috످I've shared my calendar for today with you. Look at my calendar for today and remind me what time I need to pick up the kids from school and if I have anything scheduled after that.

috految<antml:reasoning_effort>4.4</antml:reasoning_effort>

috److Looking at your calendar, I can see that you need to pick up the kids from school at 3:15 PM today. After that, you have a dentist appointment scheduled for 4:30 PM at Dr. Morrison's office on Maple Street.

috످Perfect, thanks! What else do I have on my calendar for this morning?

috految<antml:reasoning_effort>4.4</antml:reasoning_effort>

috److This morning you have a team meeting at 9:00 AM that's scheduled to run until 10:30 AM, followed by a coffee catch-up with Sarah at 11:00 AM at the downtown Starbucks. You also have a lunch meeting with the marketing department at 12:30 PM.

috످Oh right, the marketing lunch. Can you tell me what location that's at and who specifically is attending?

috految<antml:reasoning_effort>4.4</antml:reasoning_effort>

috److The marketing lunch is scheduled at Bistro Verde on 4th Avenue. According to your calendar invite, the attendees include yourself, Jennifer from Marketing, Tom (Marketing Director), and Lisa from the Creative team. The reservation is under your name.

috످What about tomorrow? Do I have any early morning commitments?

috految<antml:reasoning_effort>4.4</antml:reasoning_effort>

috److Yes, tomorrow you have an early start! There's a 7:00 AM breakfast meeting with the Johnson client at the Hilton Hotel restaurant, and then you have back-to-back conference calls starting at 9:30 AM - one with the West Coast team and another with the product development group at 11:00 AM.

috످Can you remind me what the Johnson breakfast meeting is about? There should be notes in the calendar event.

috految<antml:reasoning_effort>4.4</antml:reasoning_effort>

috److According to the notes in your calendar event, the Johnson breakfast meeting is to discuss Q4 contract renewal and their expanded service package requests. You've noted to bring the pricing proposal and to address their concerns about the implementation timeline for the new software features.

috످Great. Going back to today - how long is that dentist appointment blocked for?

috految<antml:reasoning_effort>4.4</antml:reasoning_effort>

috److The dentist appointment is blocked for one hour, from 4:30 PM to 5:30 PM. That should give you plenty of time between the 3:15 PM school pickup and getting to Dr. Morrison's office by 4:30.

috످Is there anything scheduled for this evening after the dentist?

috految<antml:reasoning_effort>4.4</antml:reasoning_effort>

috److I can't see your calendar in this conversation, so I don't know if you have anything this evening. I made up all the details I gave you for today and tomorrow, including the school pickup time, dentist appointment, marketing lunch, and Johnson breakfast and notes. I'm so sorry.

Please check your calendar or call the school now to confirm when to pick up your kids. It could be earlier than the 3:15 PM I told you. If you made any plans based on my answers, please double-check those too.

If you paste your calendar events here, I can go through your actual schedule with you.

috످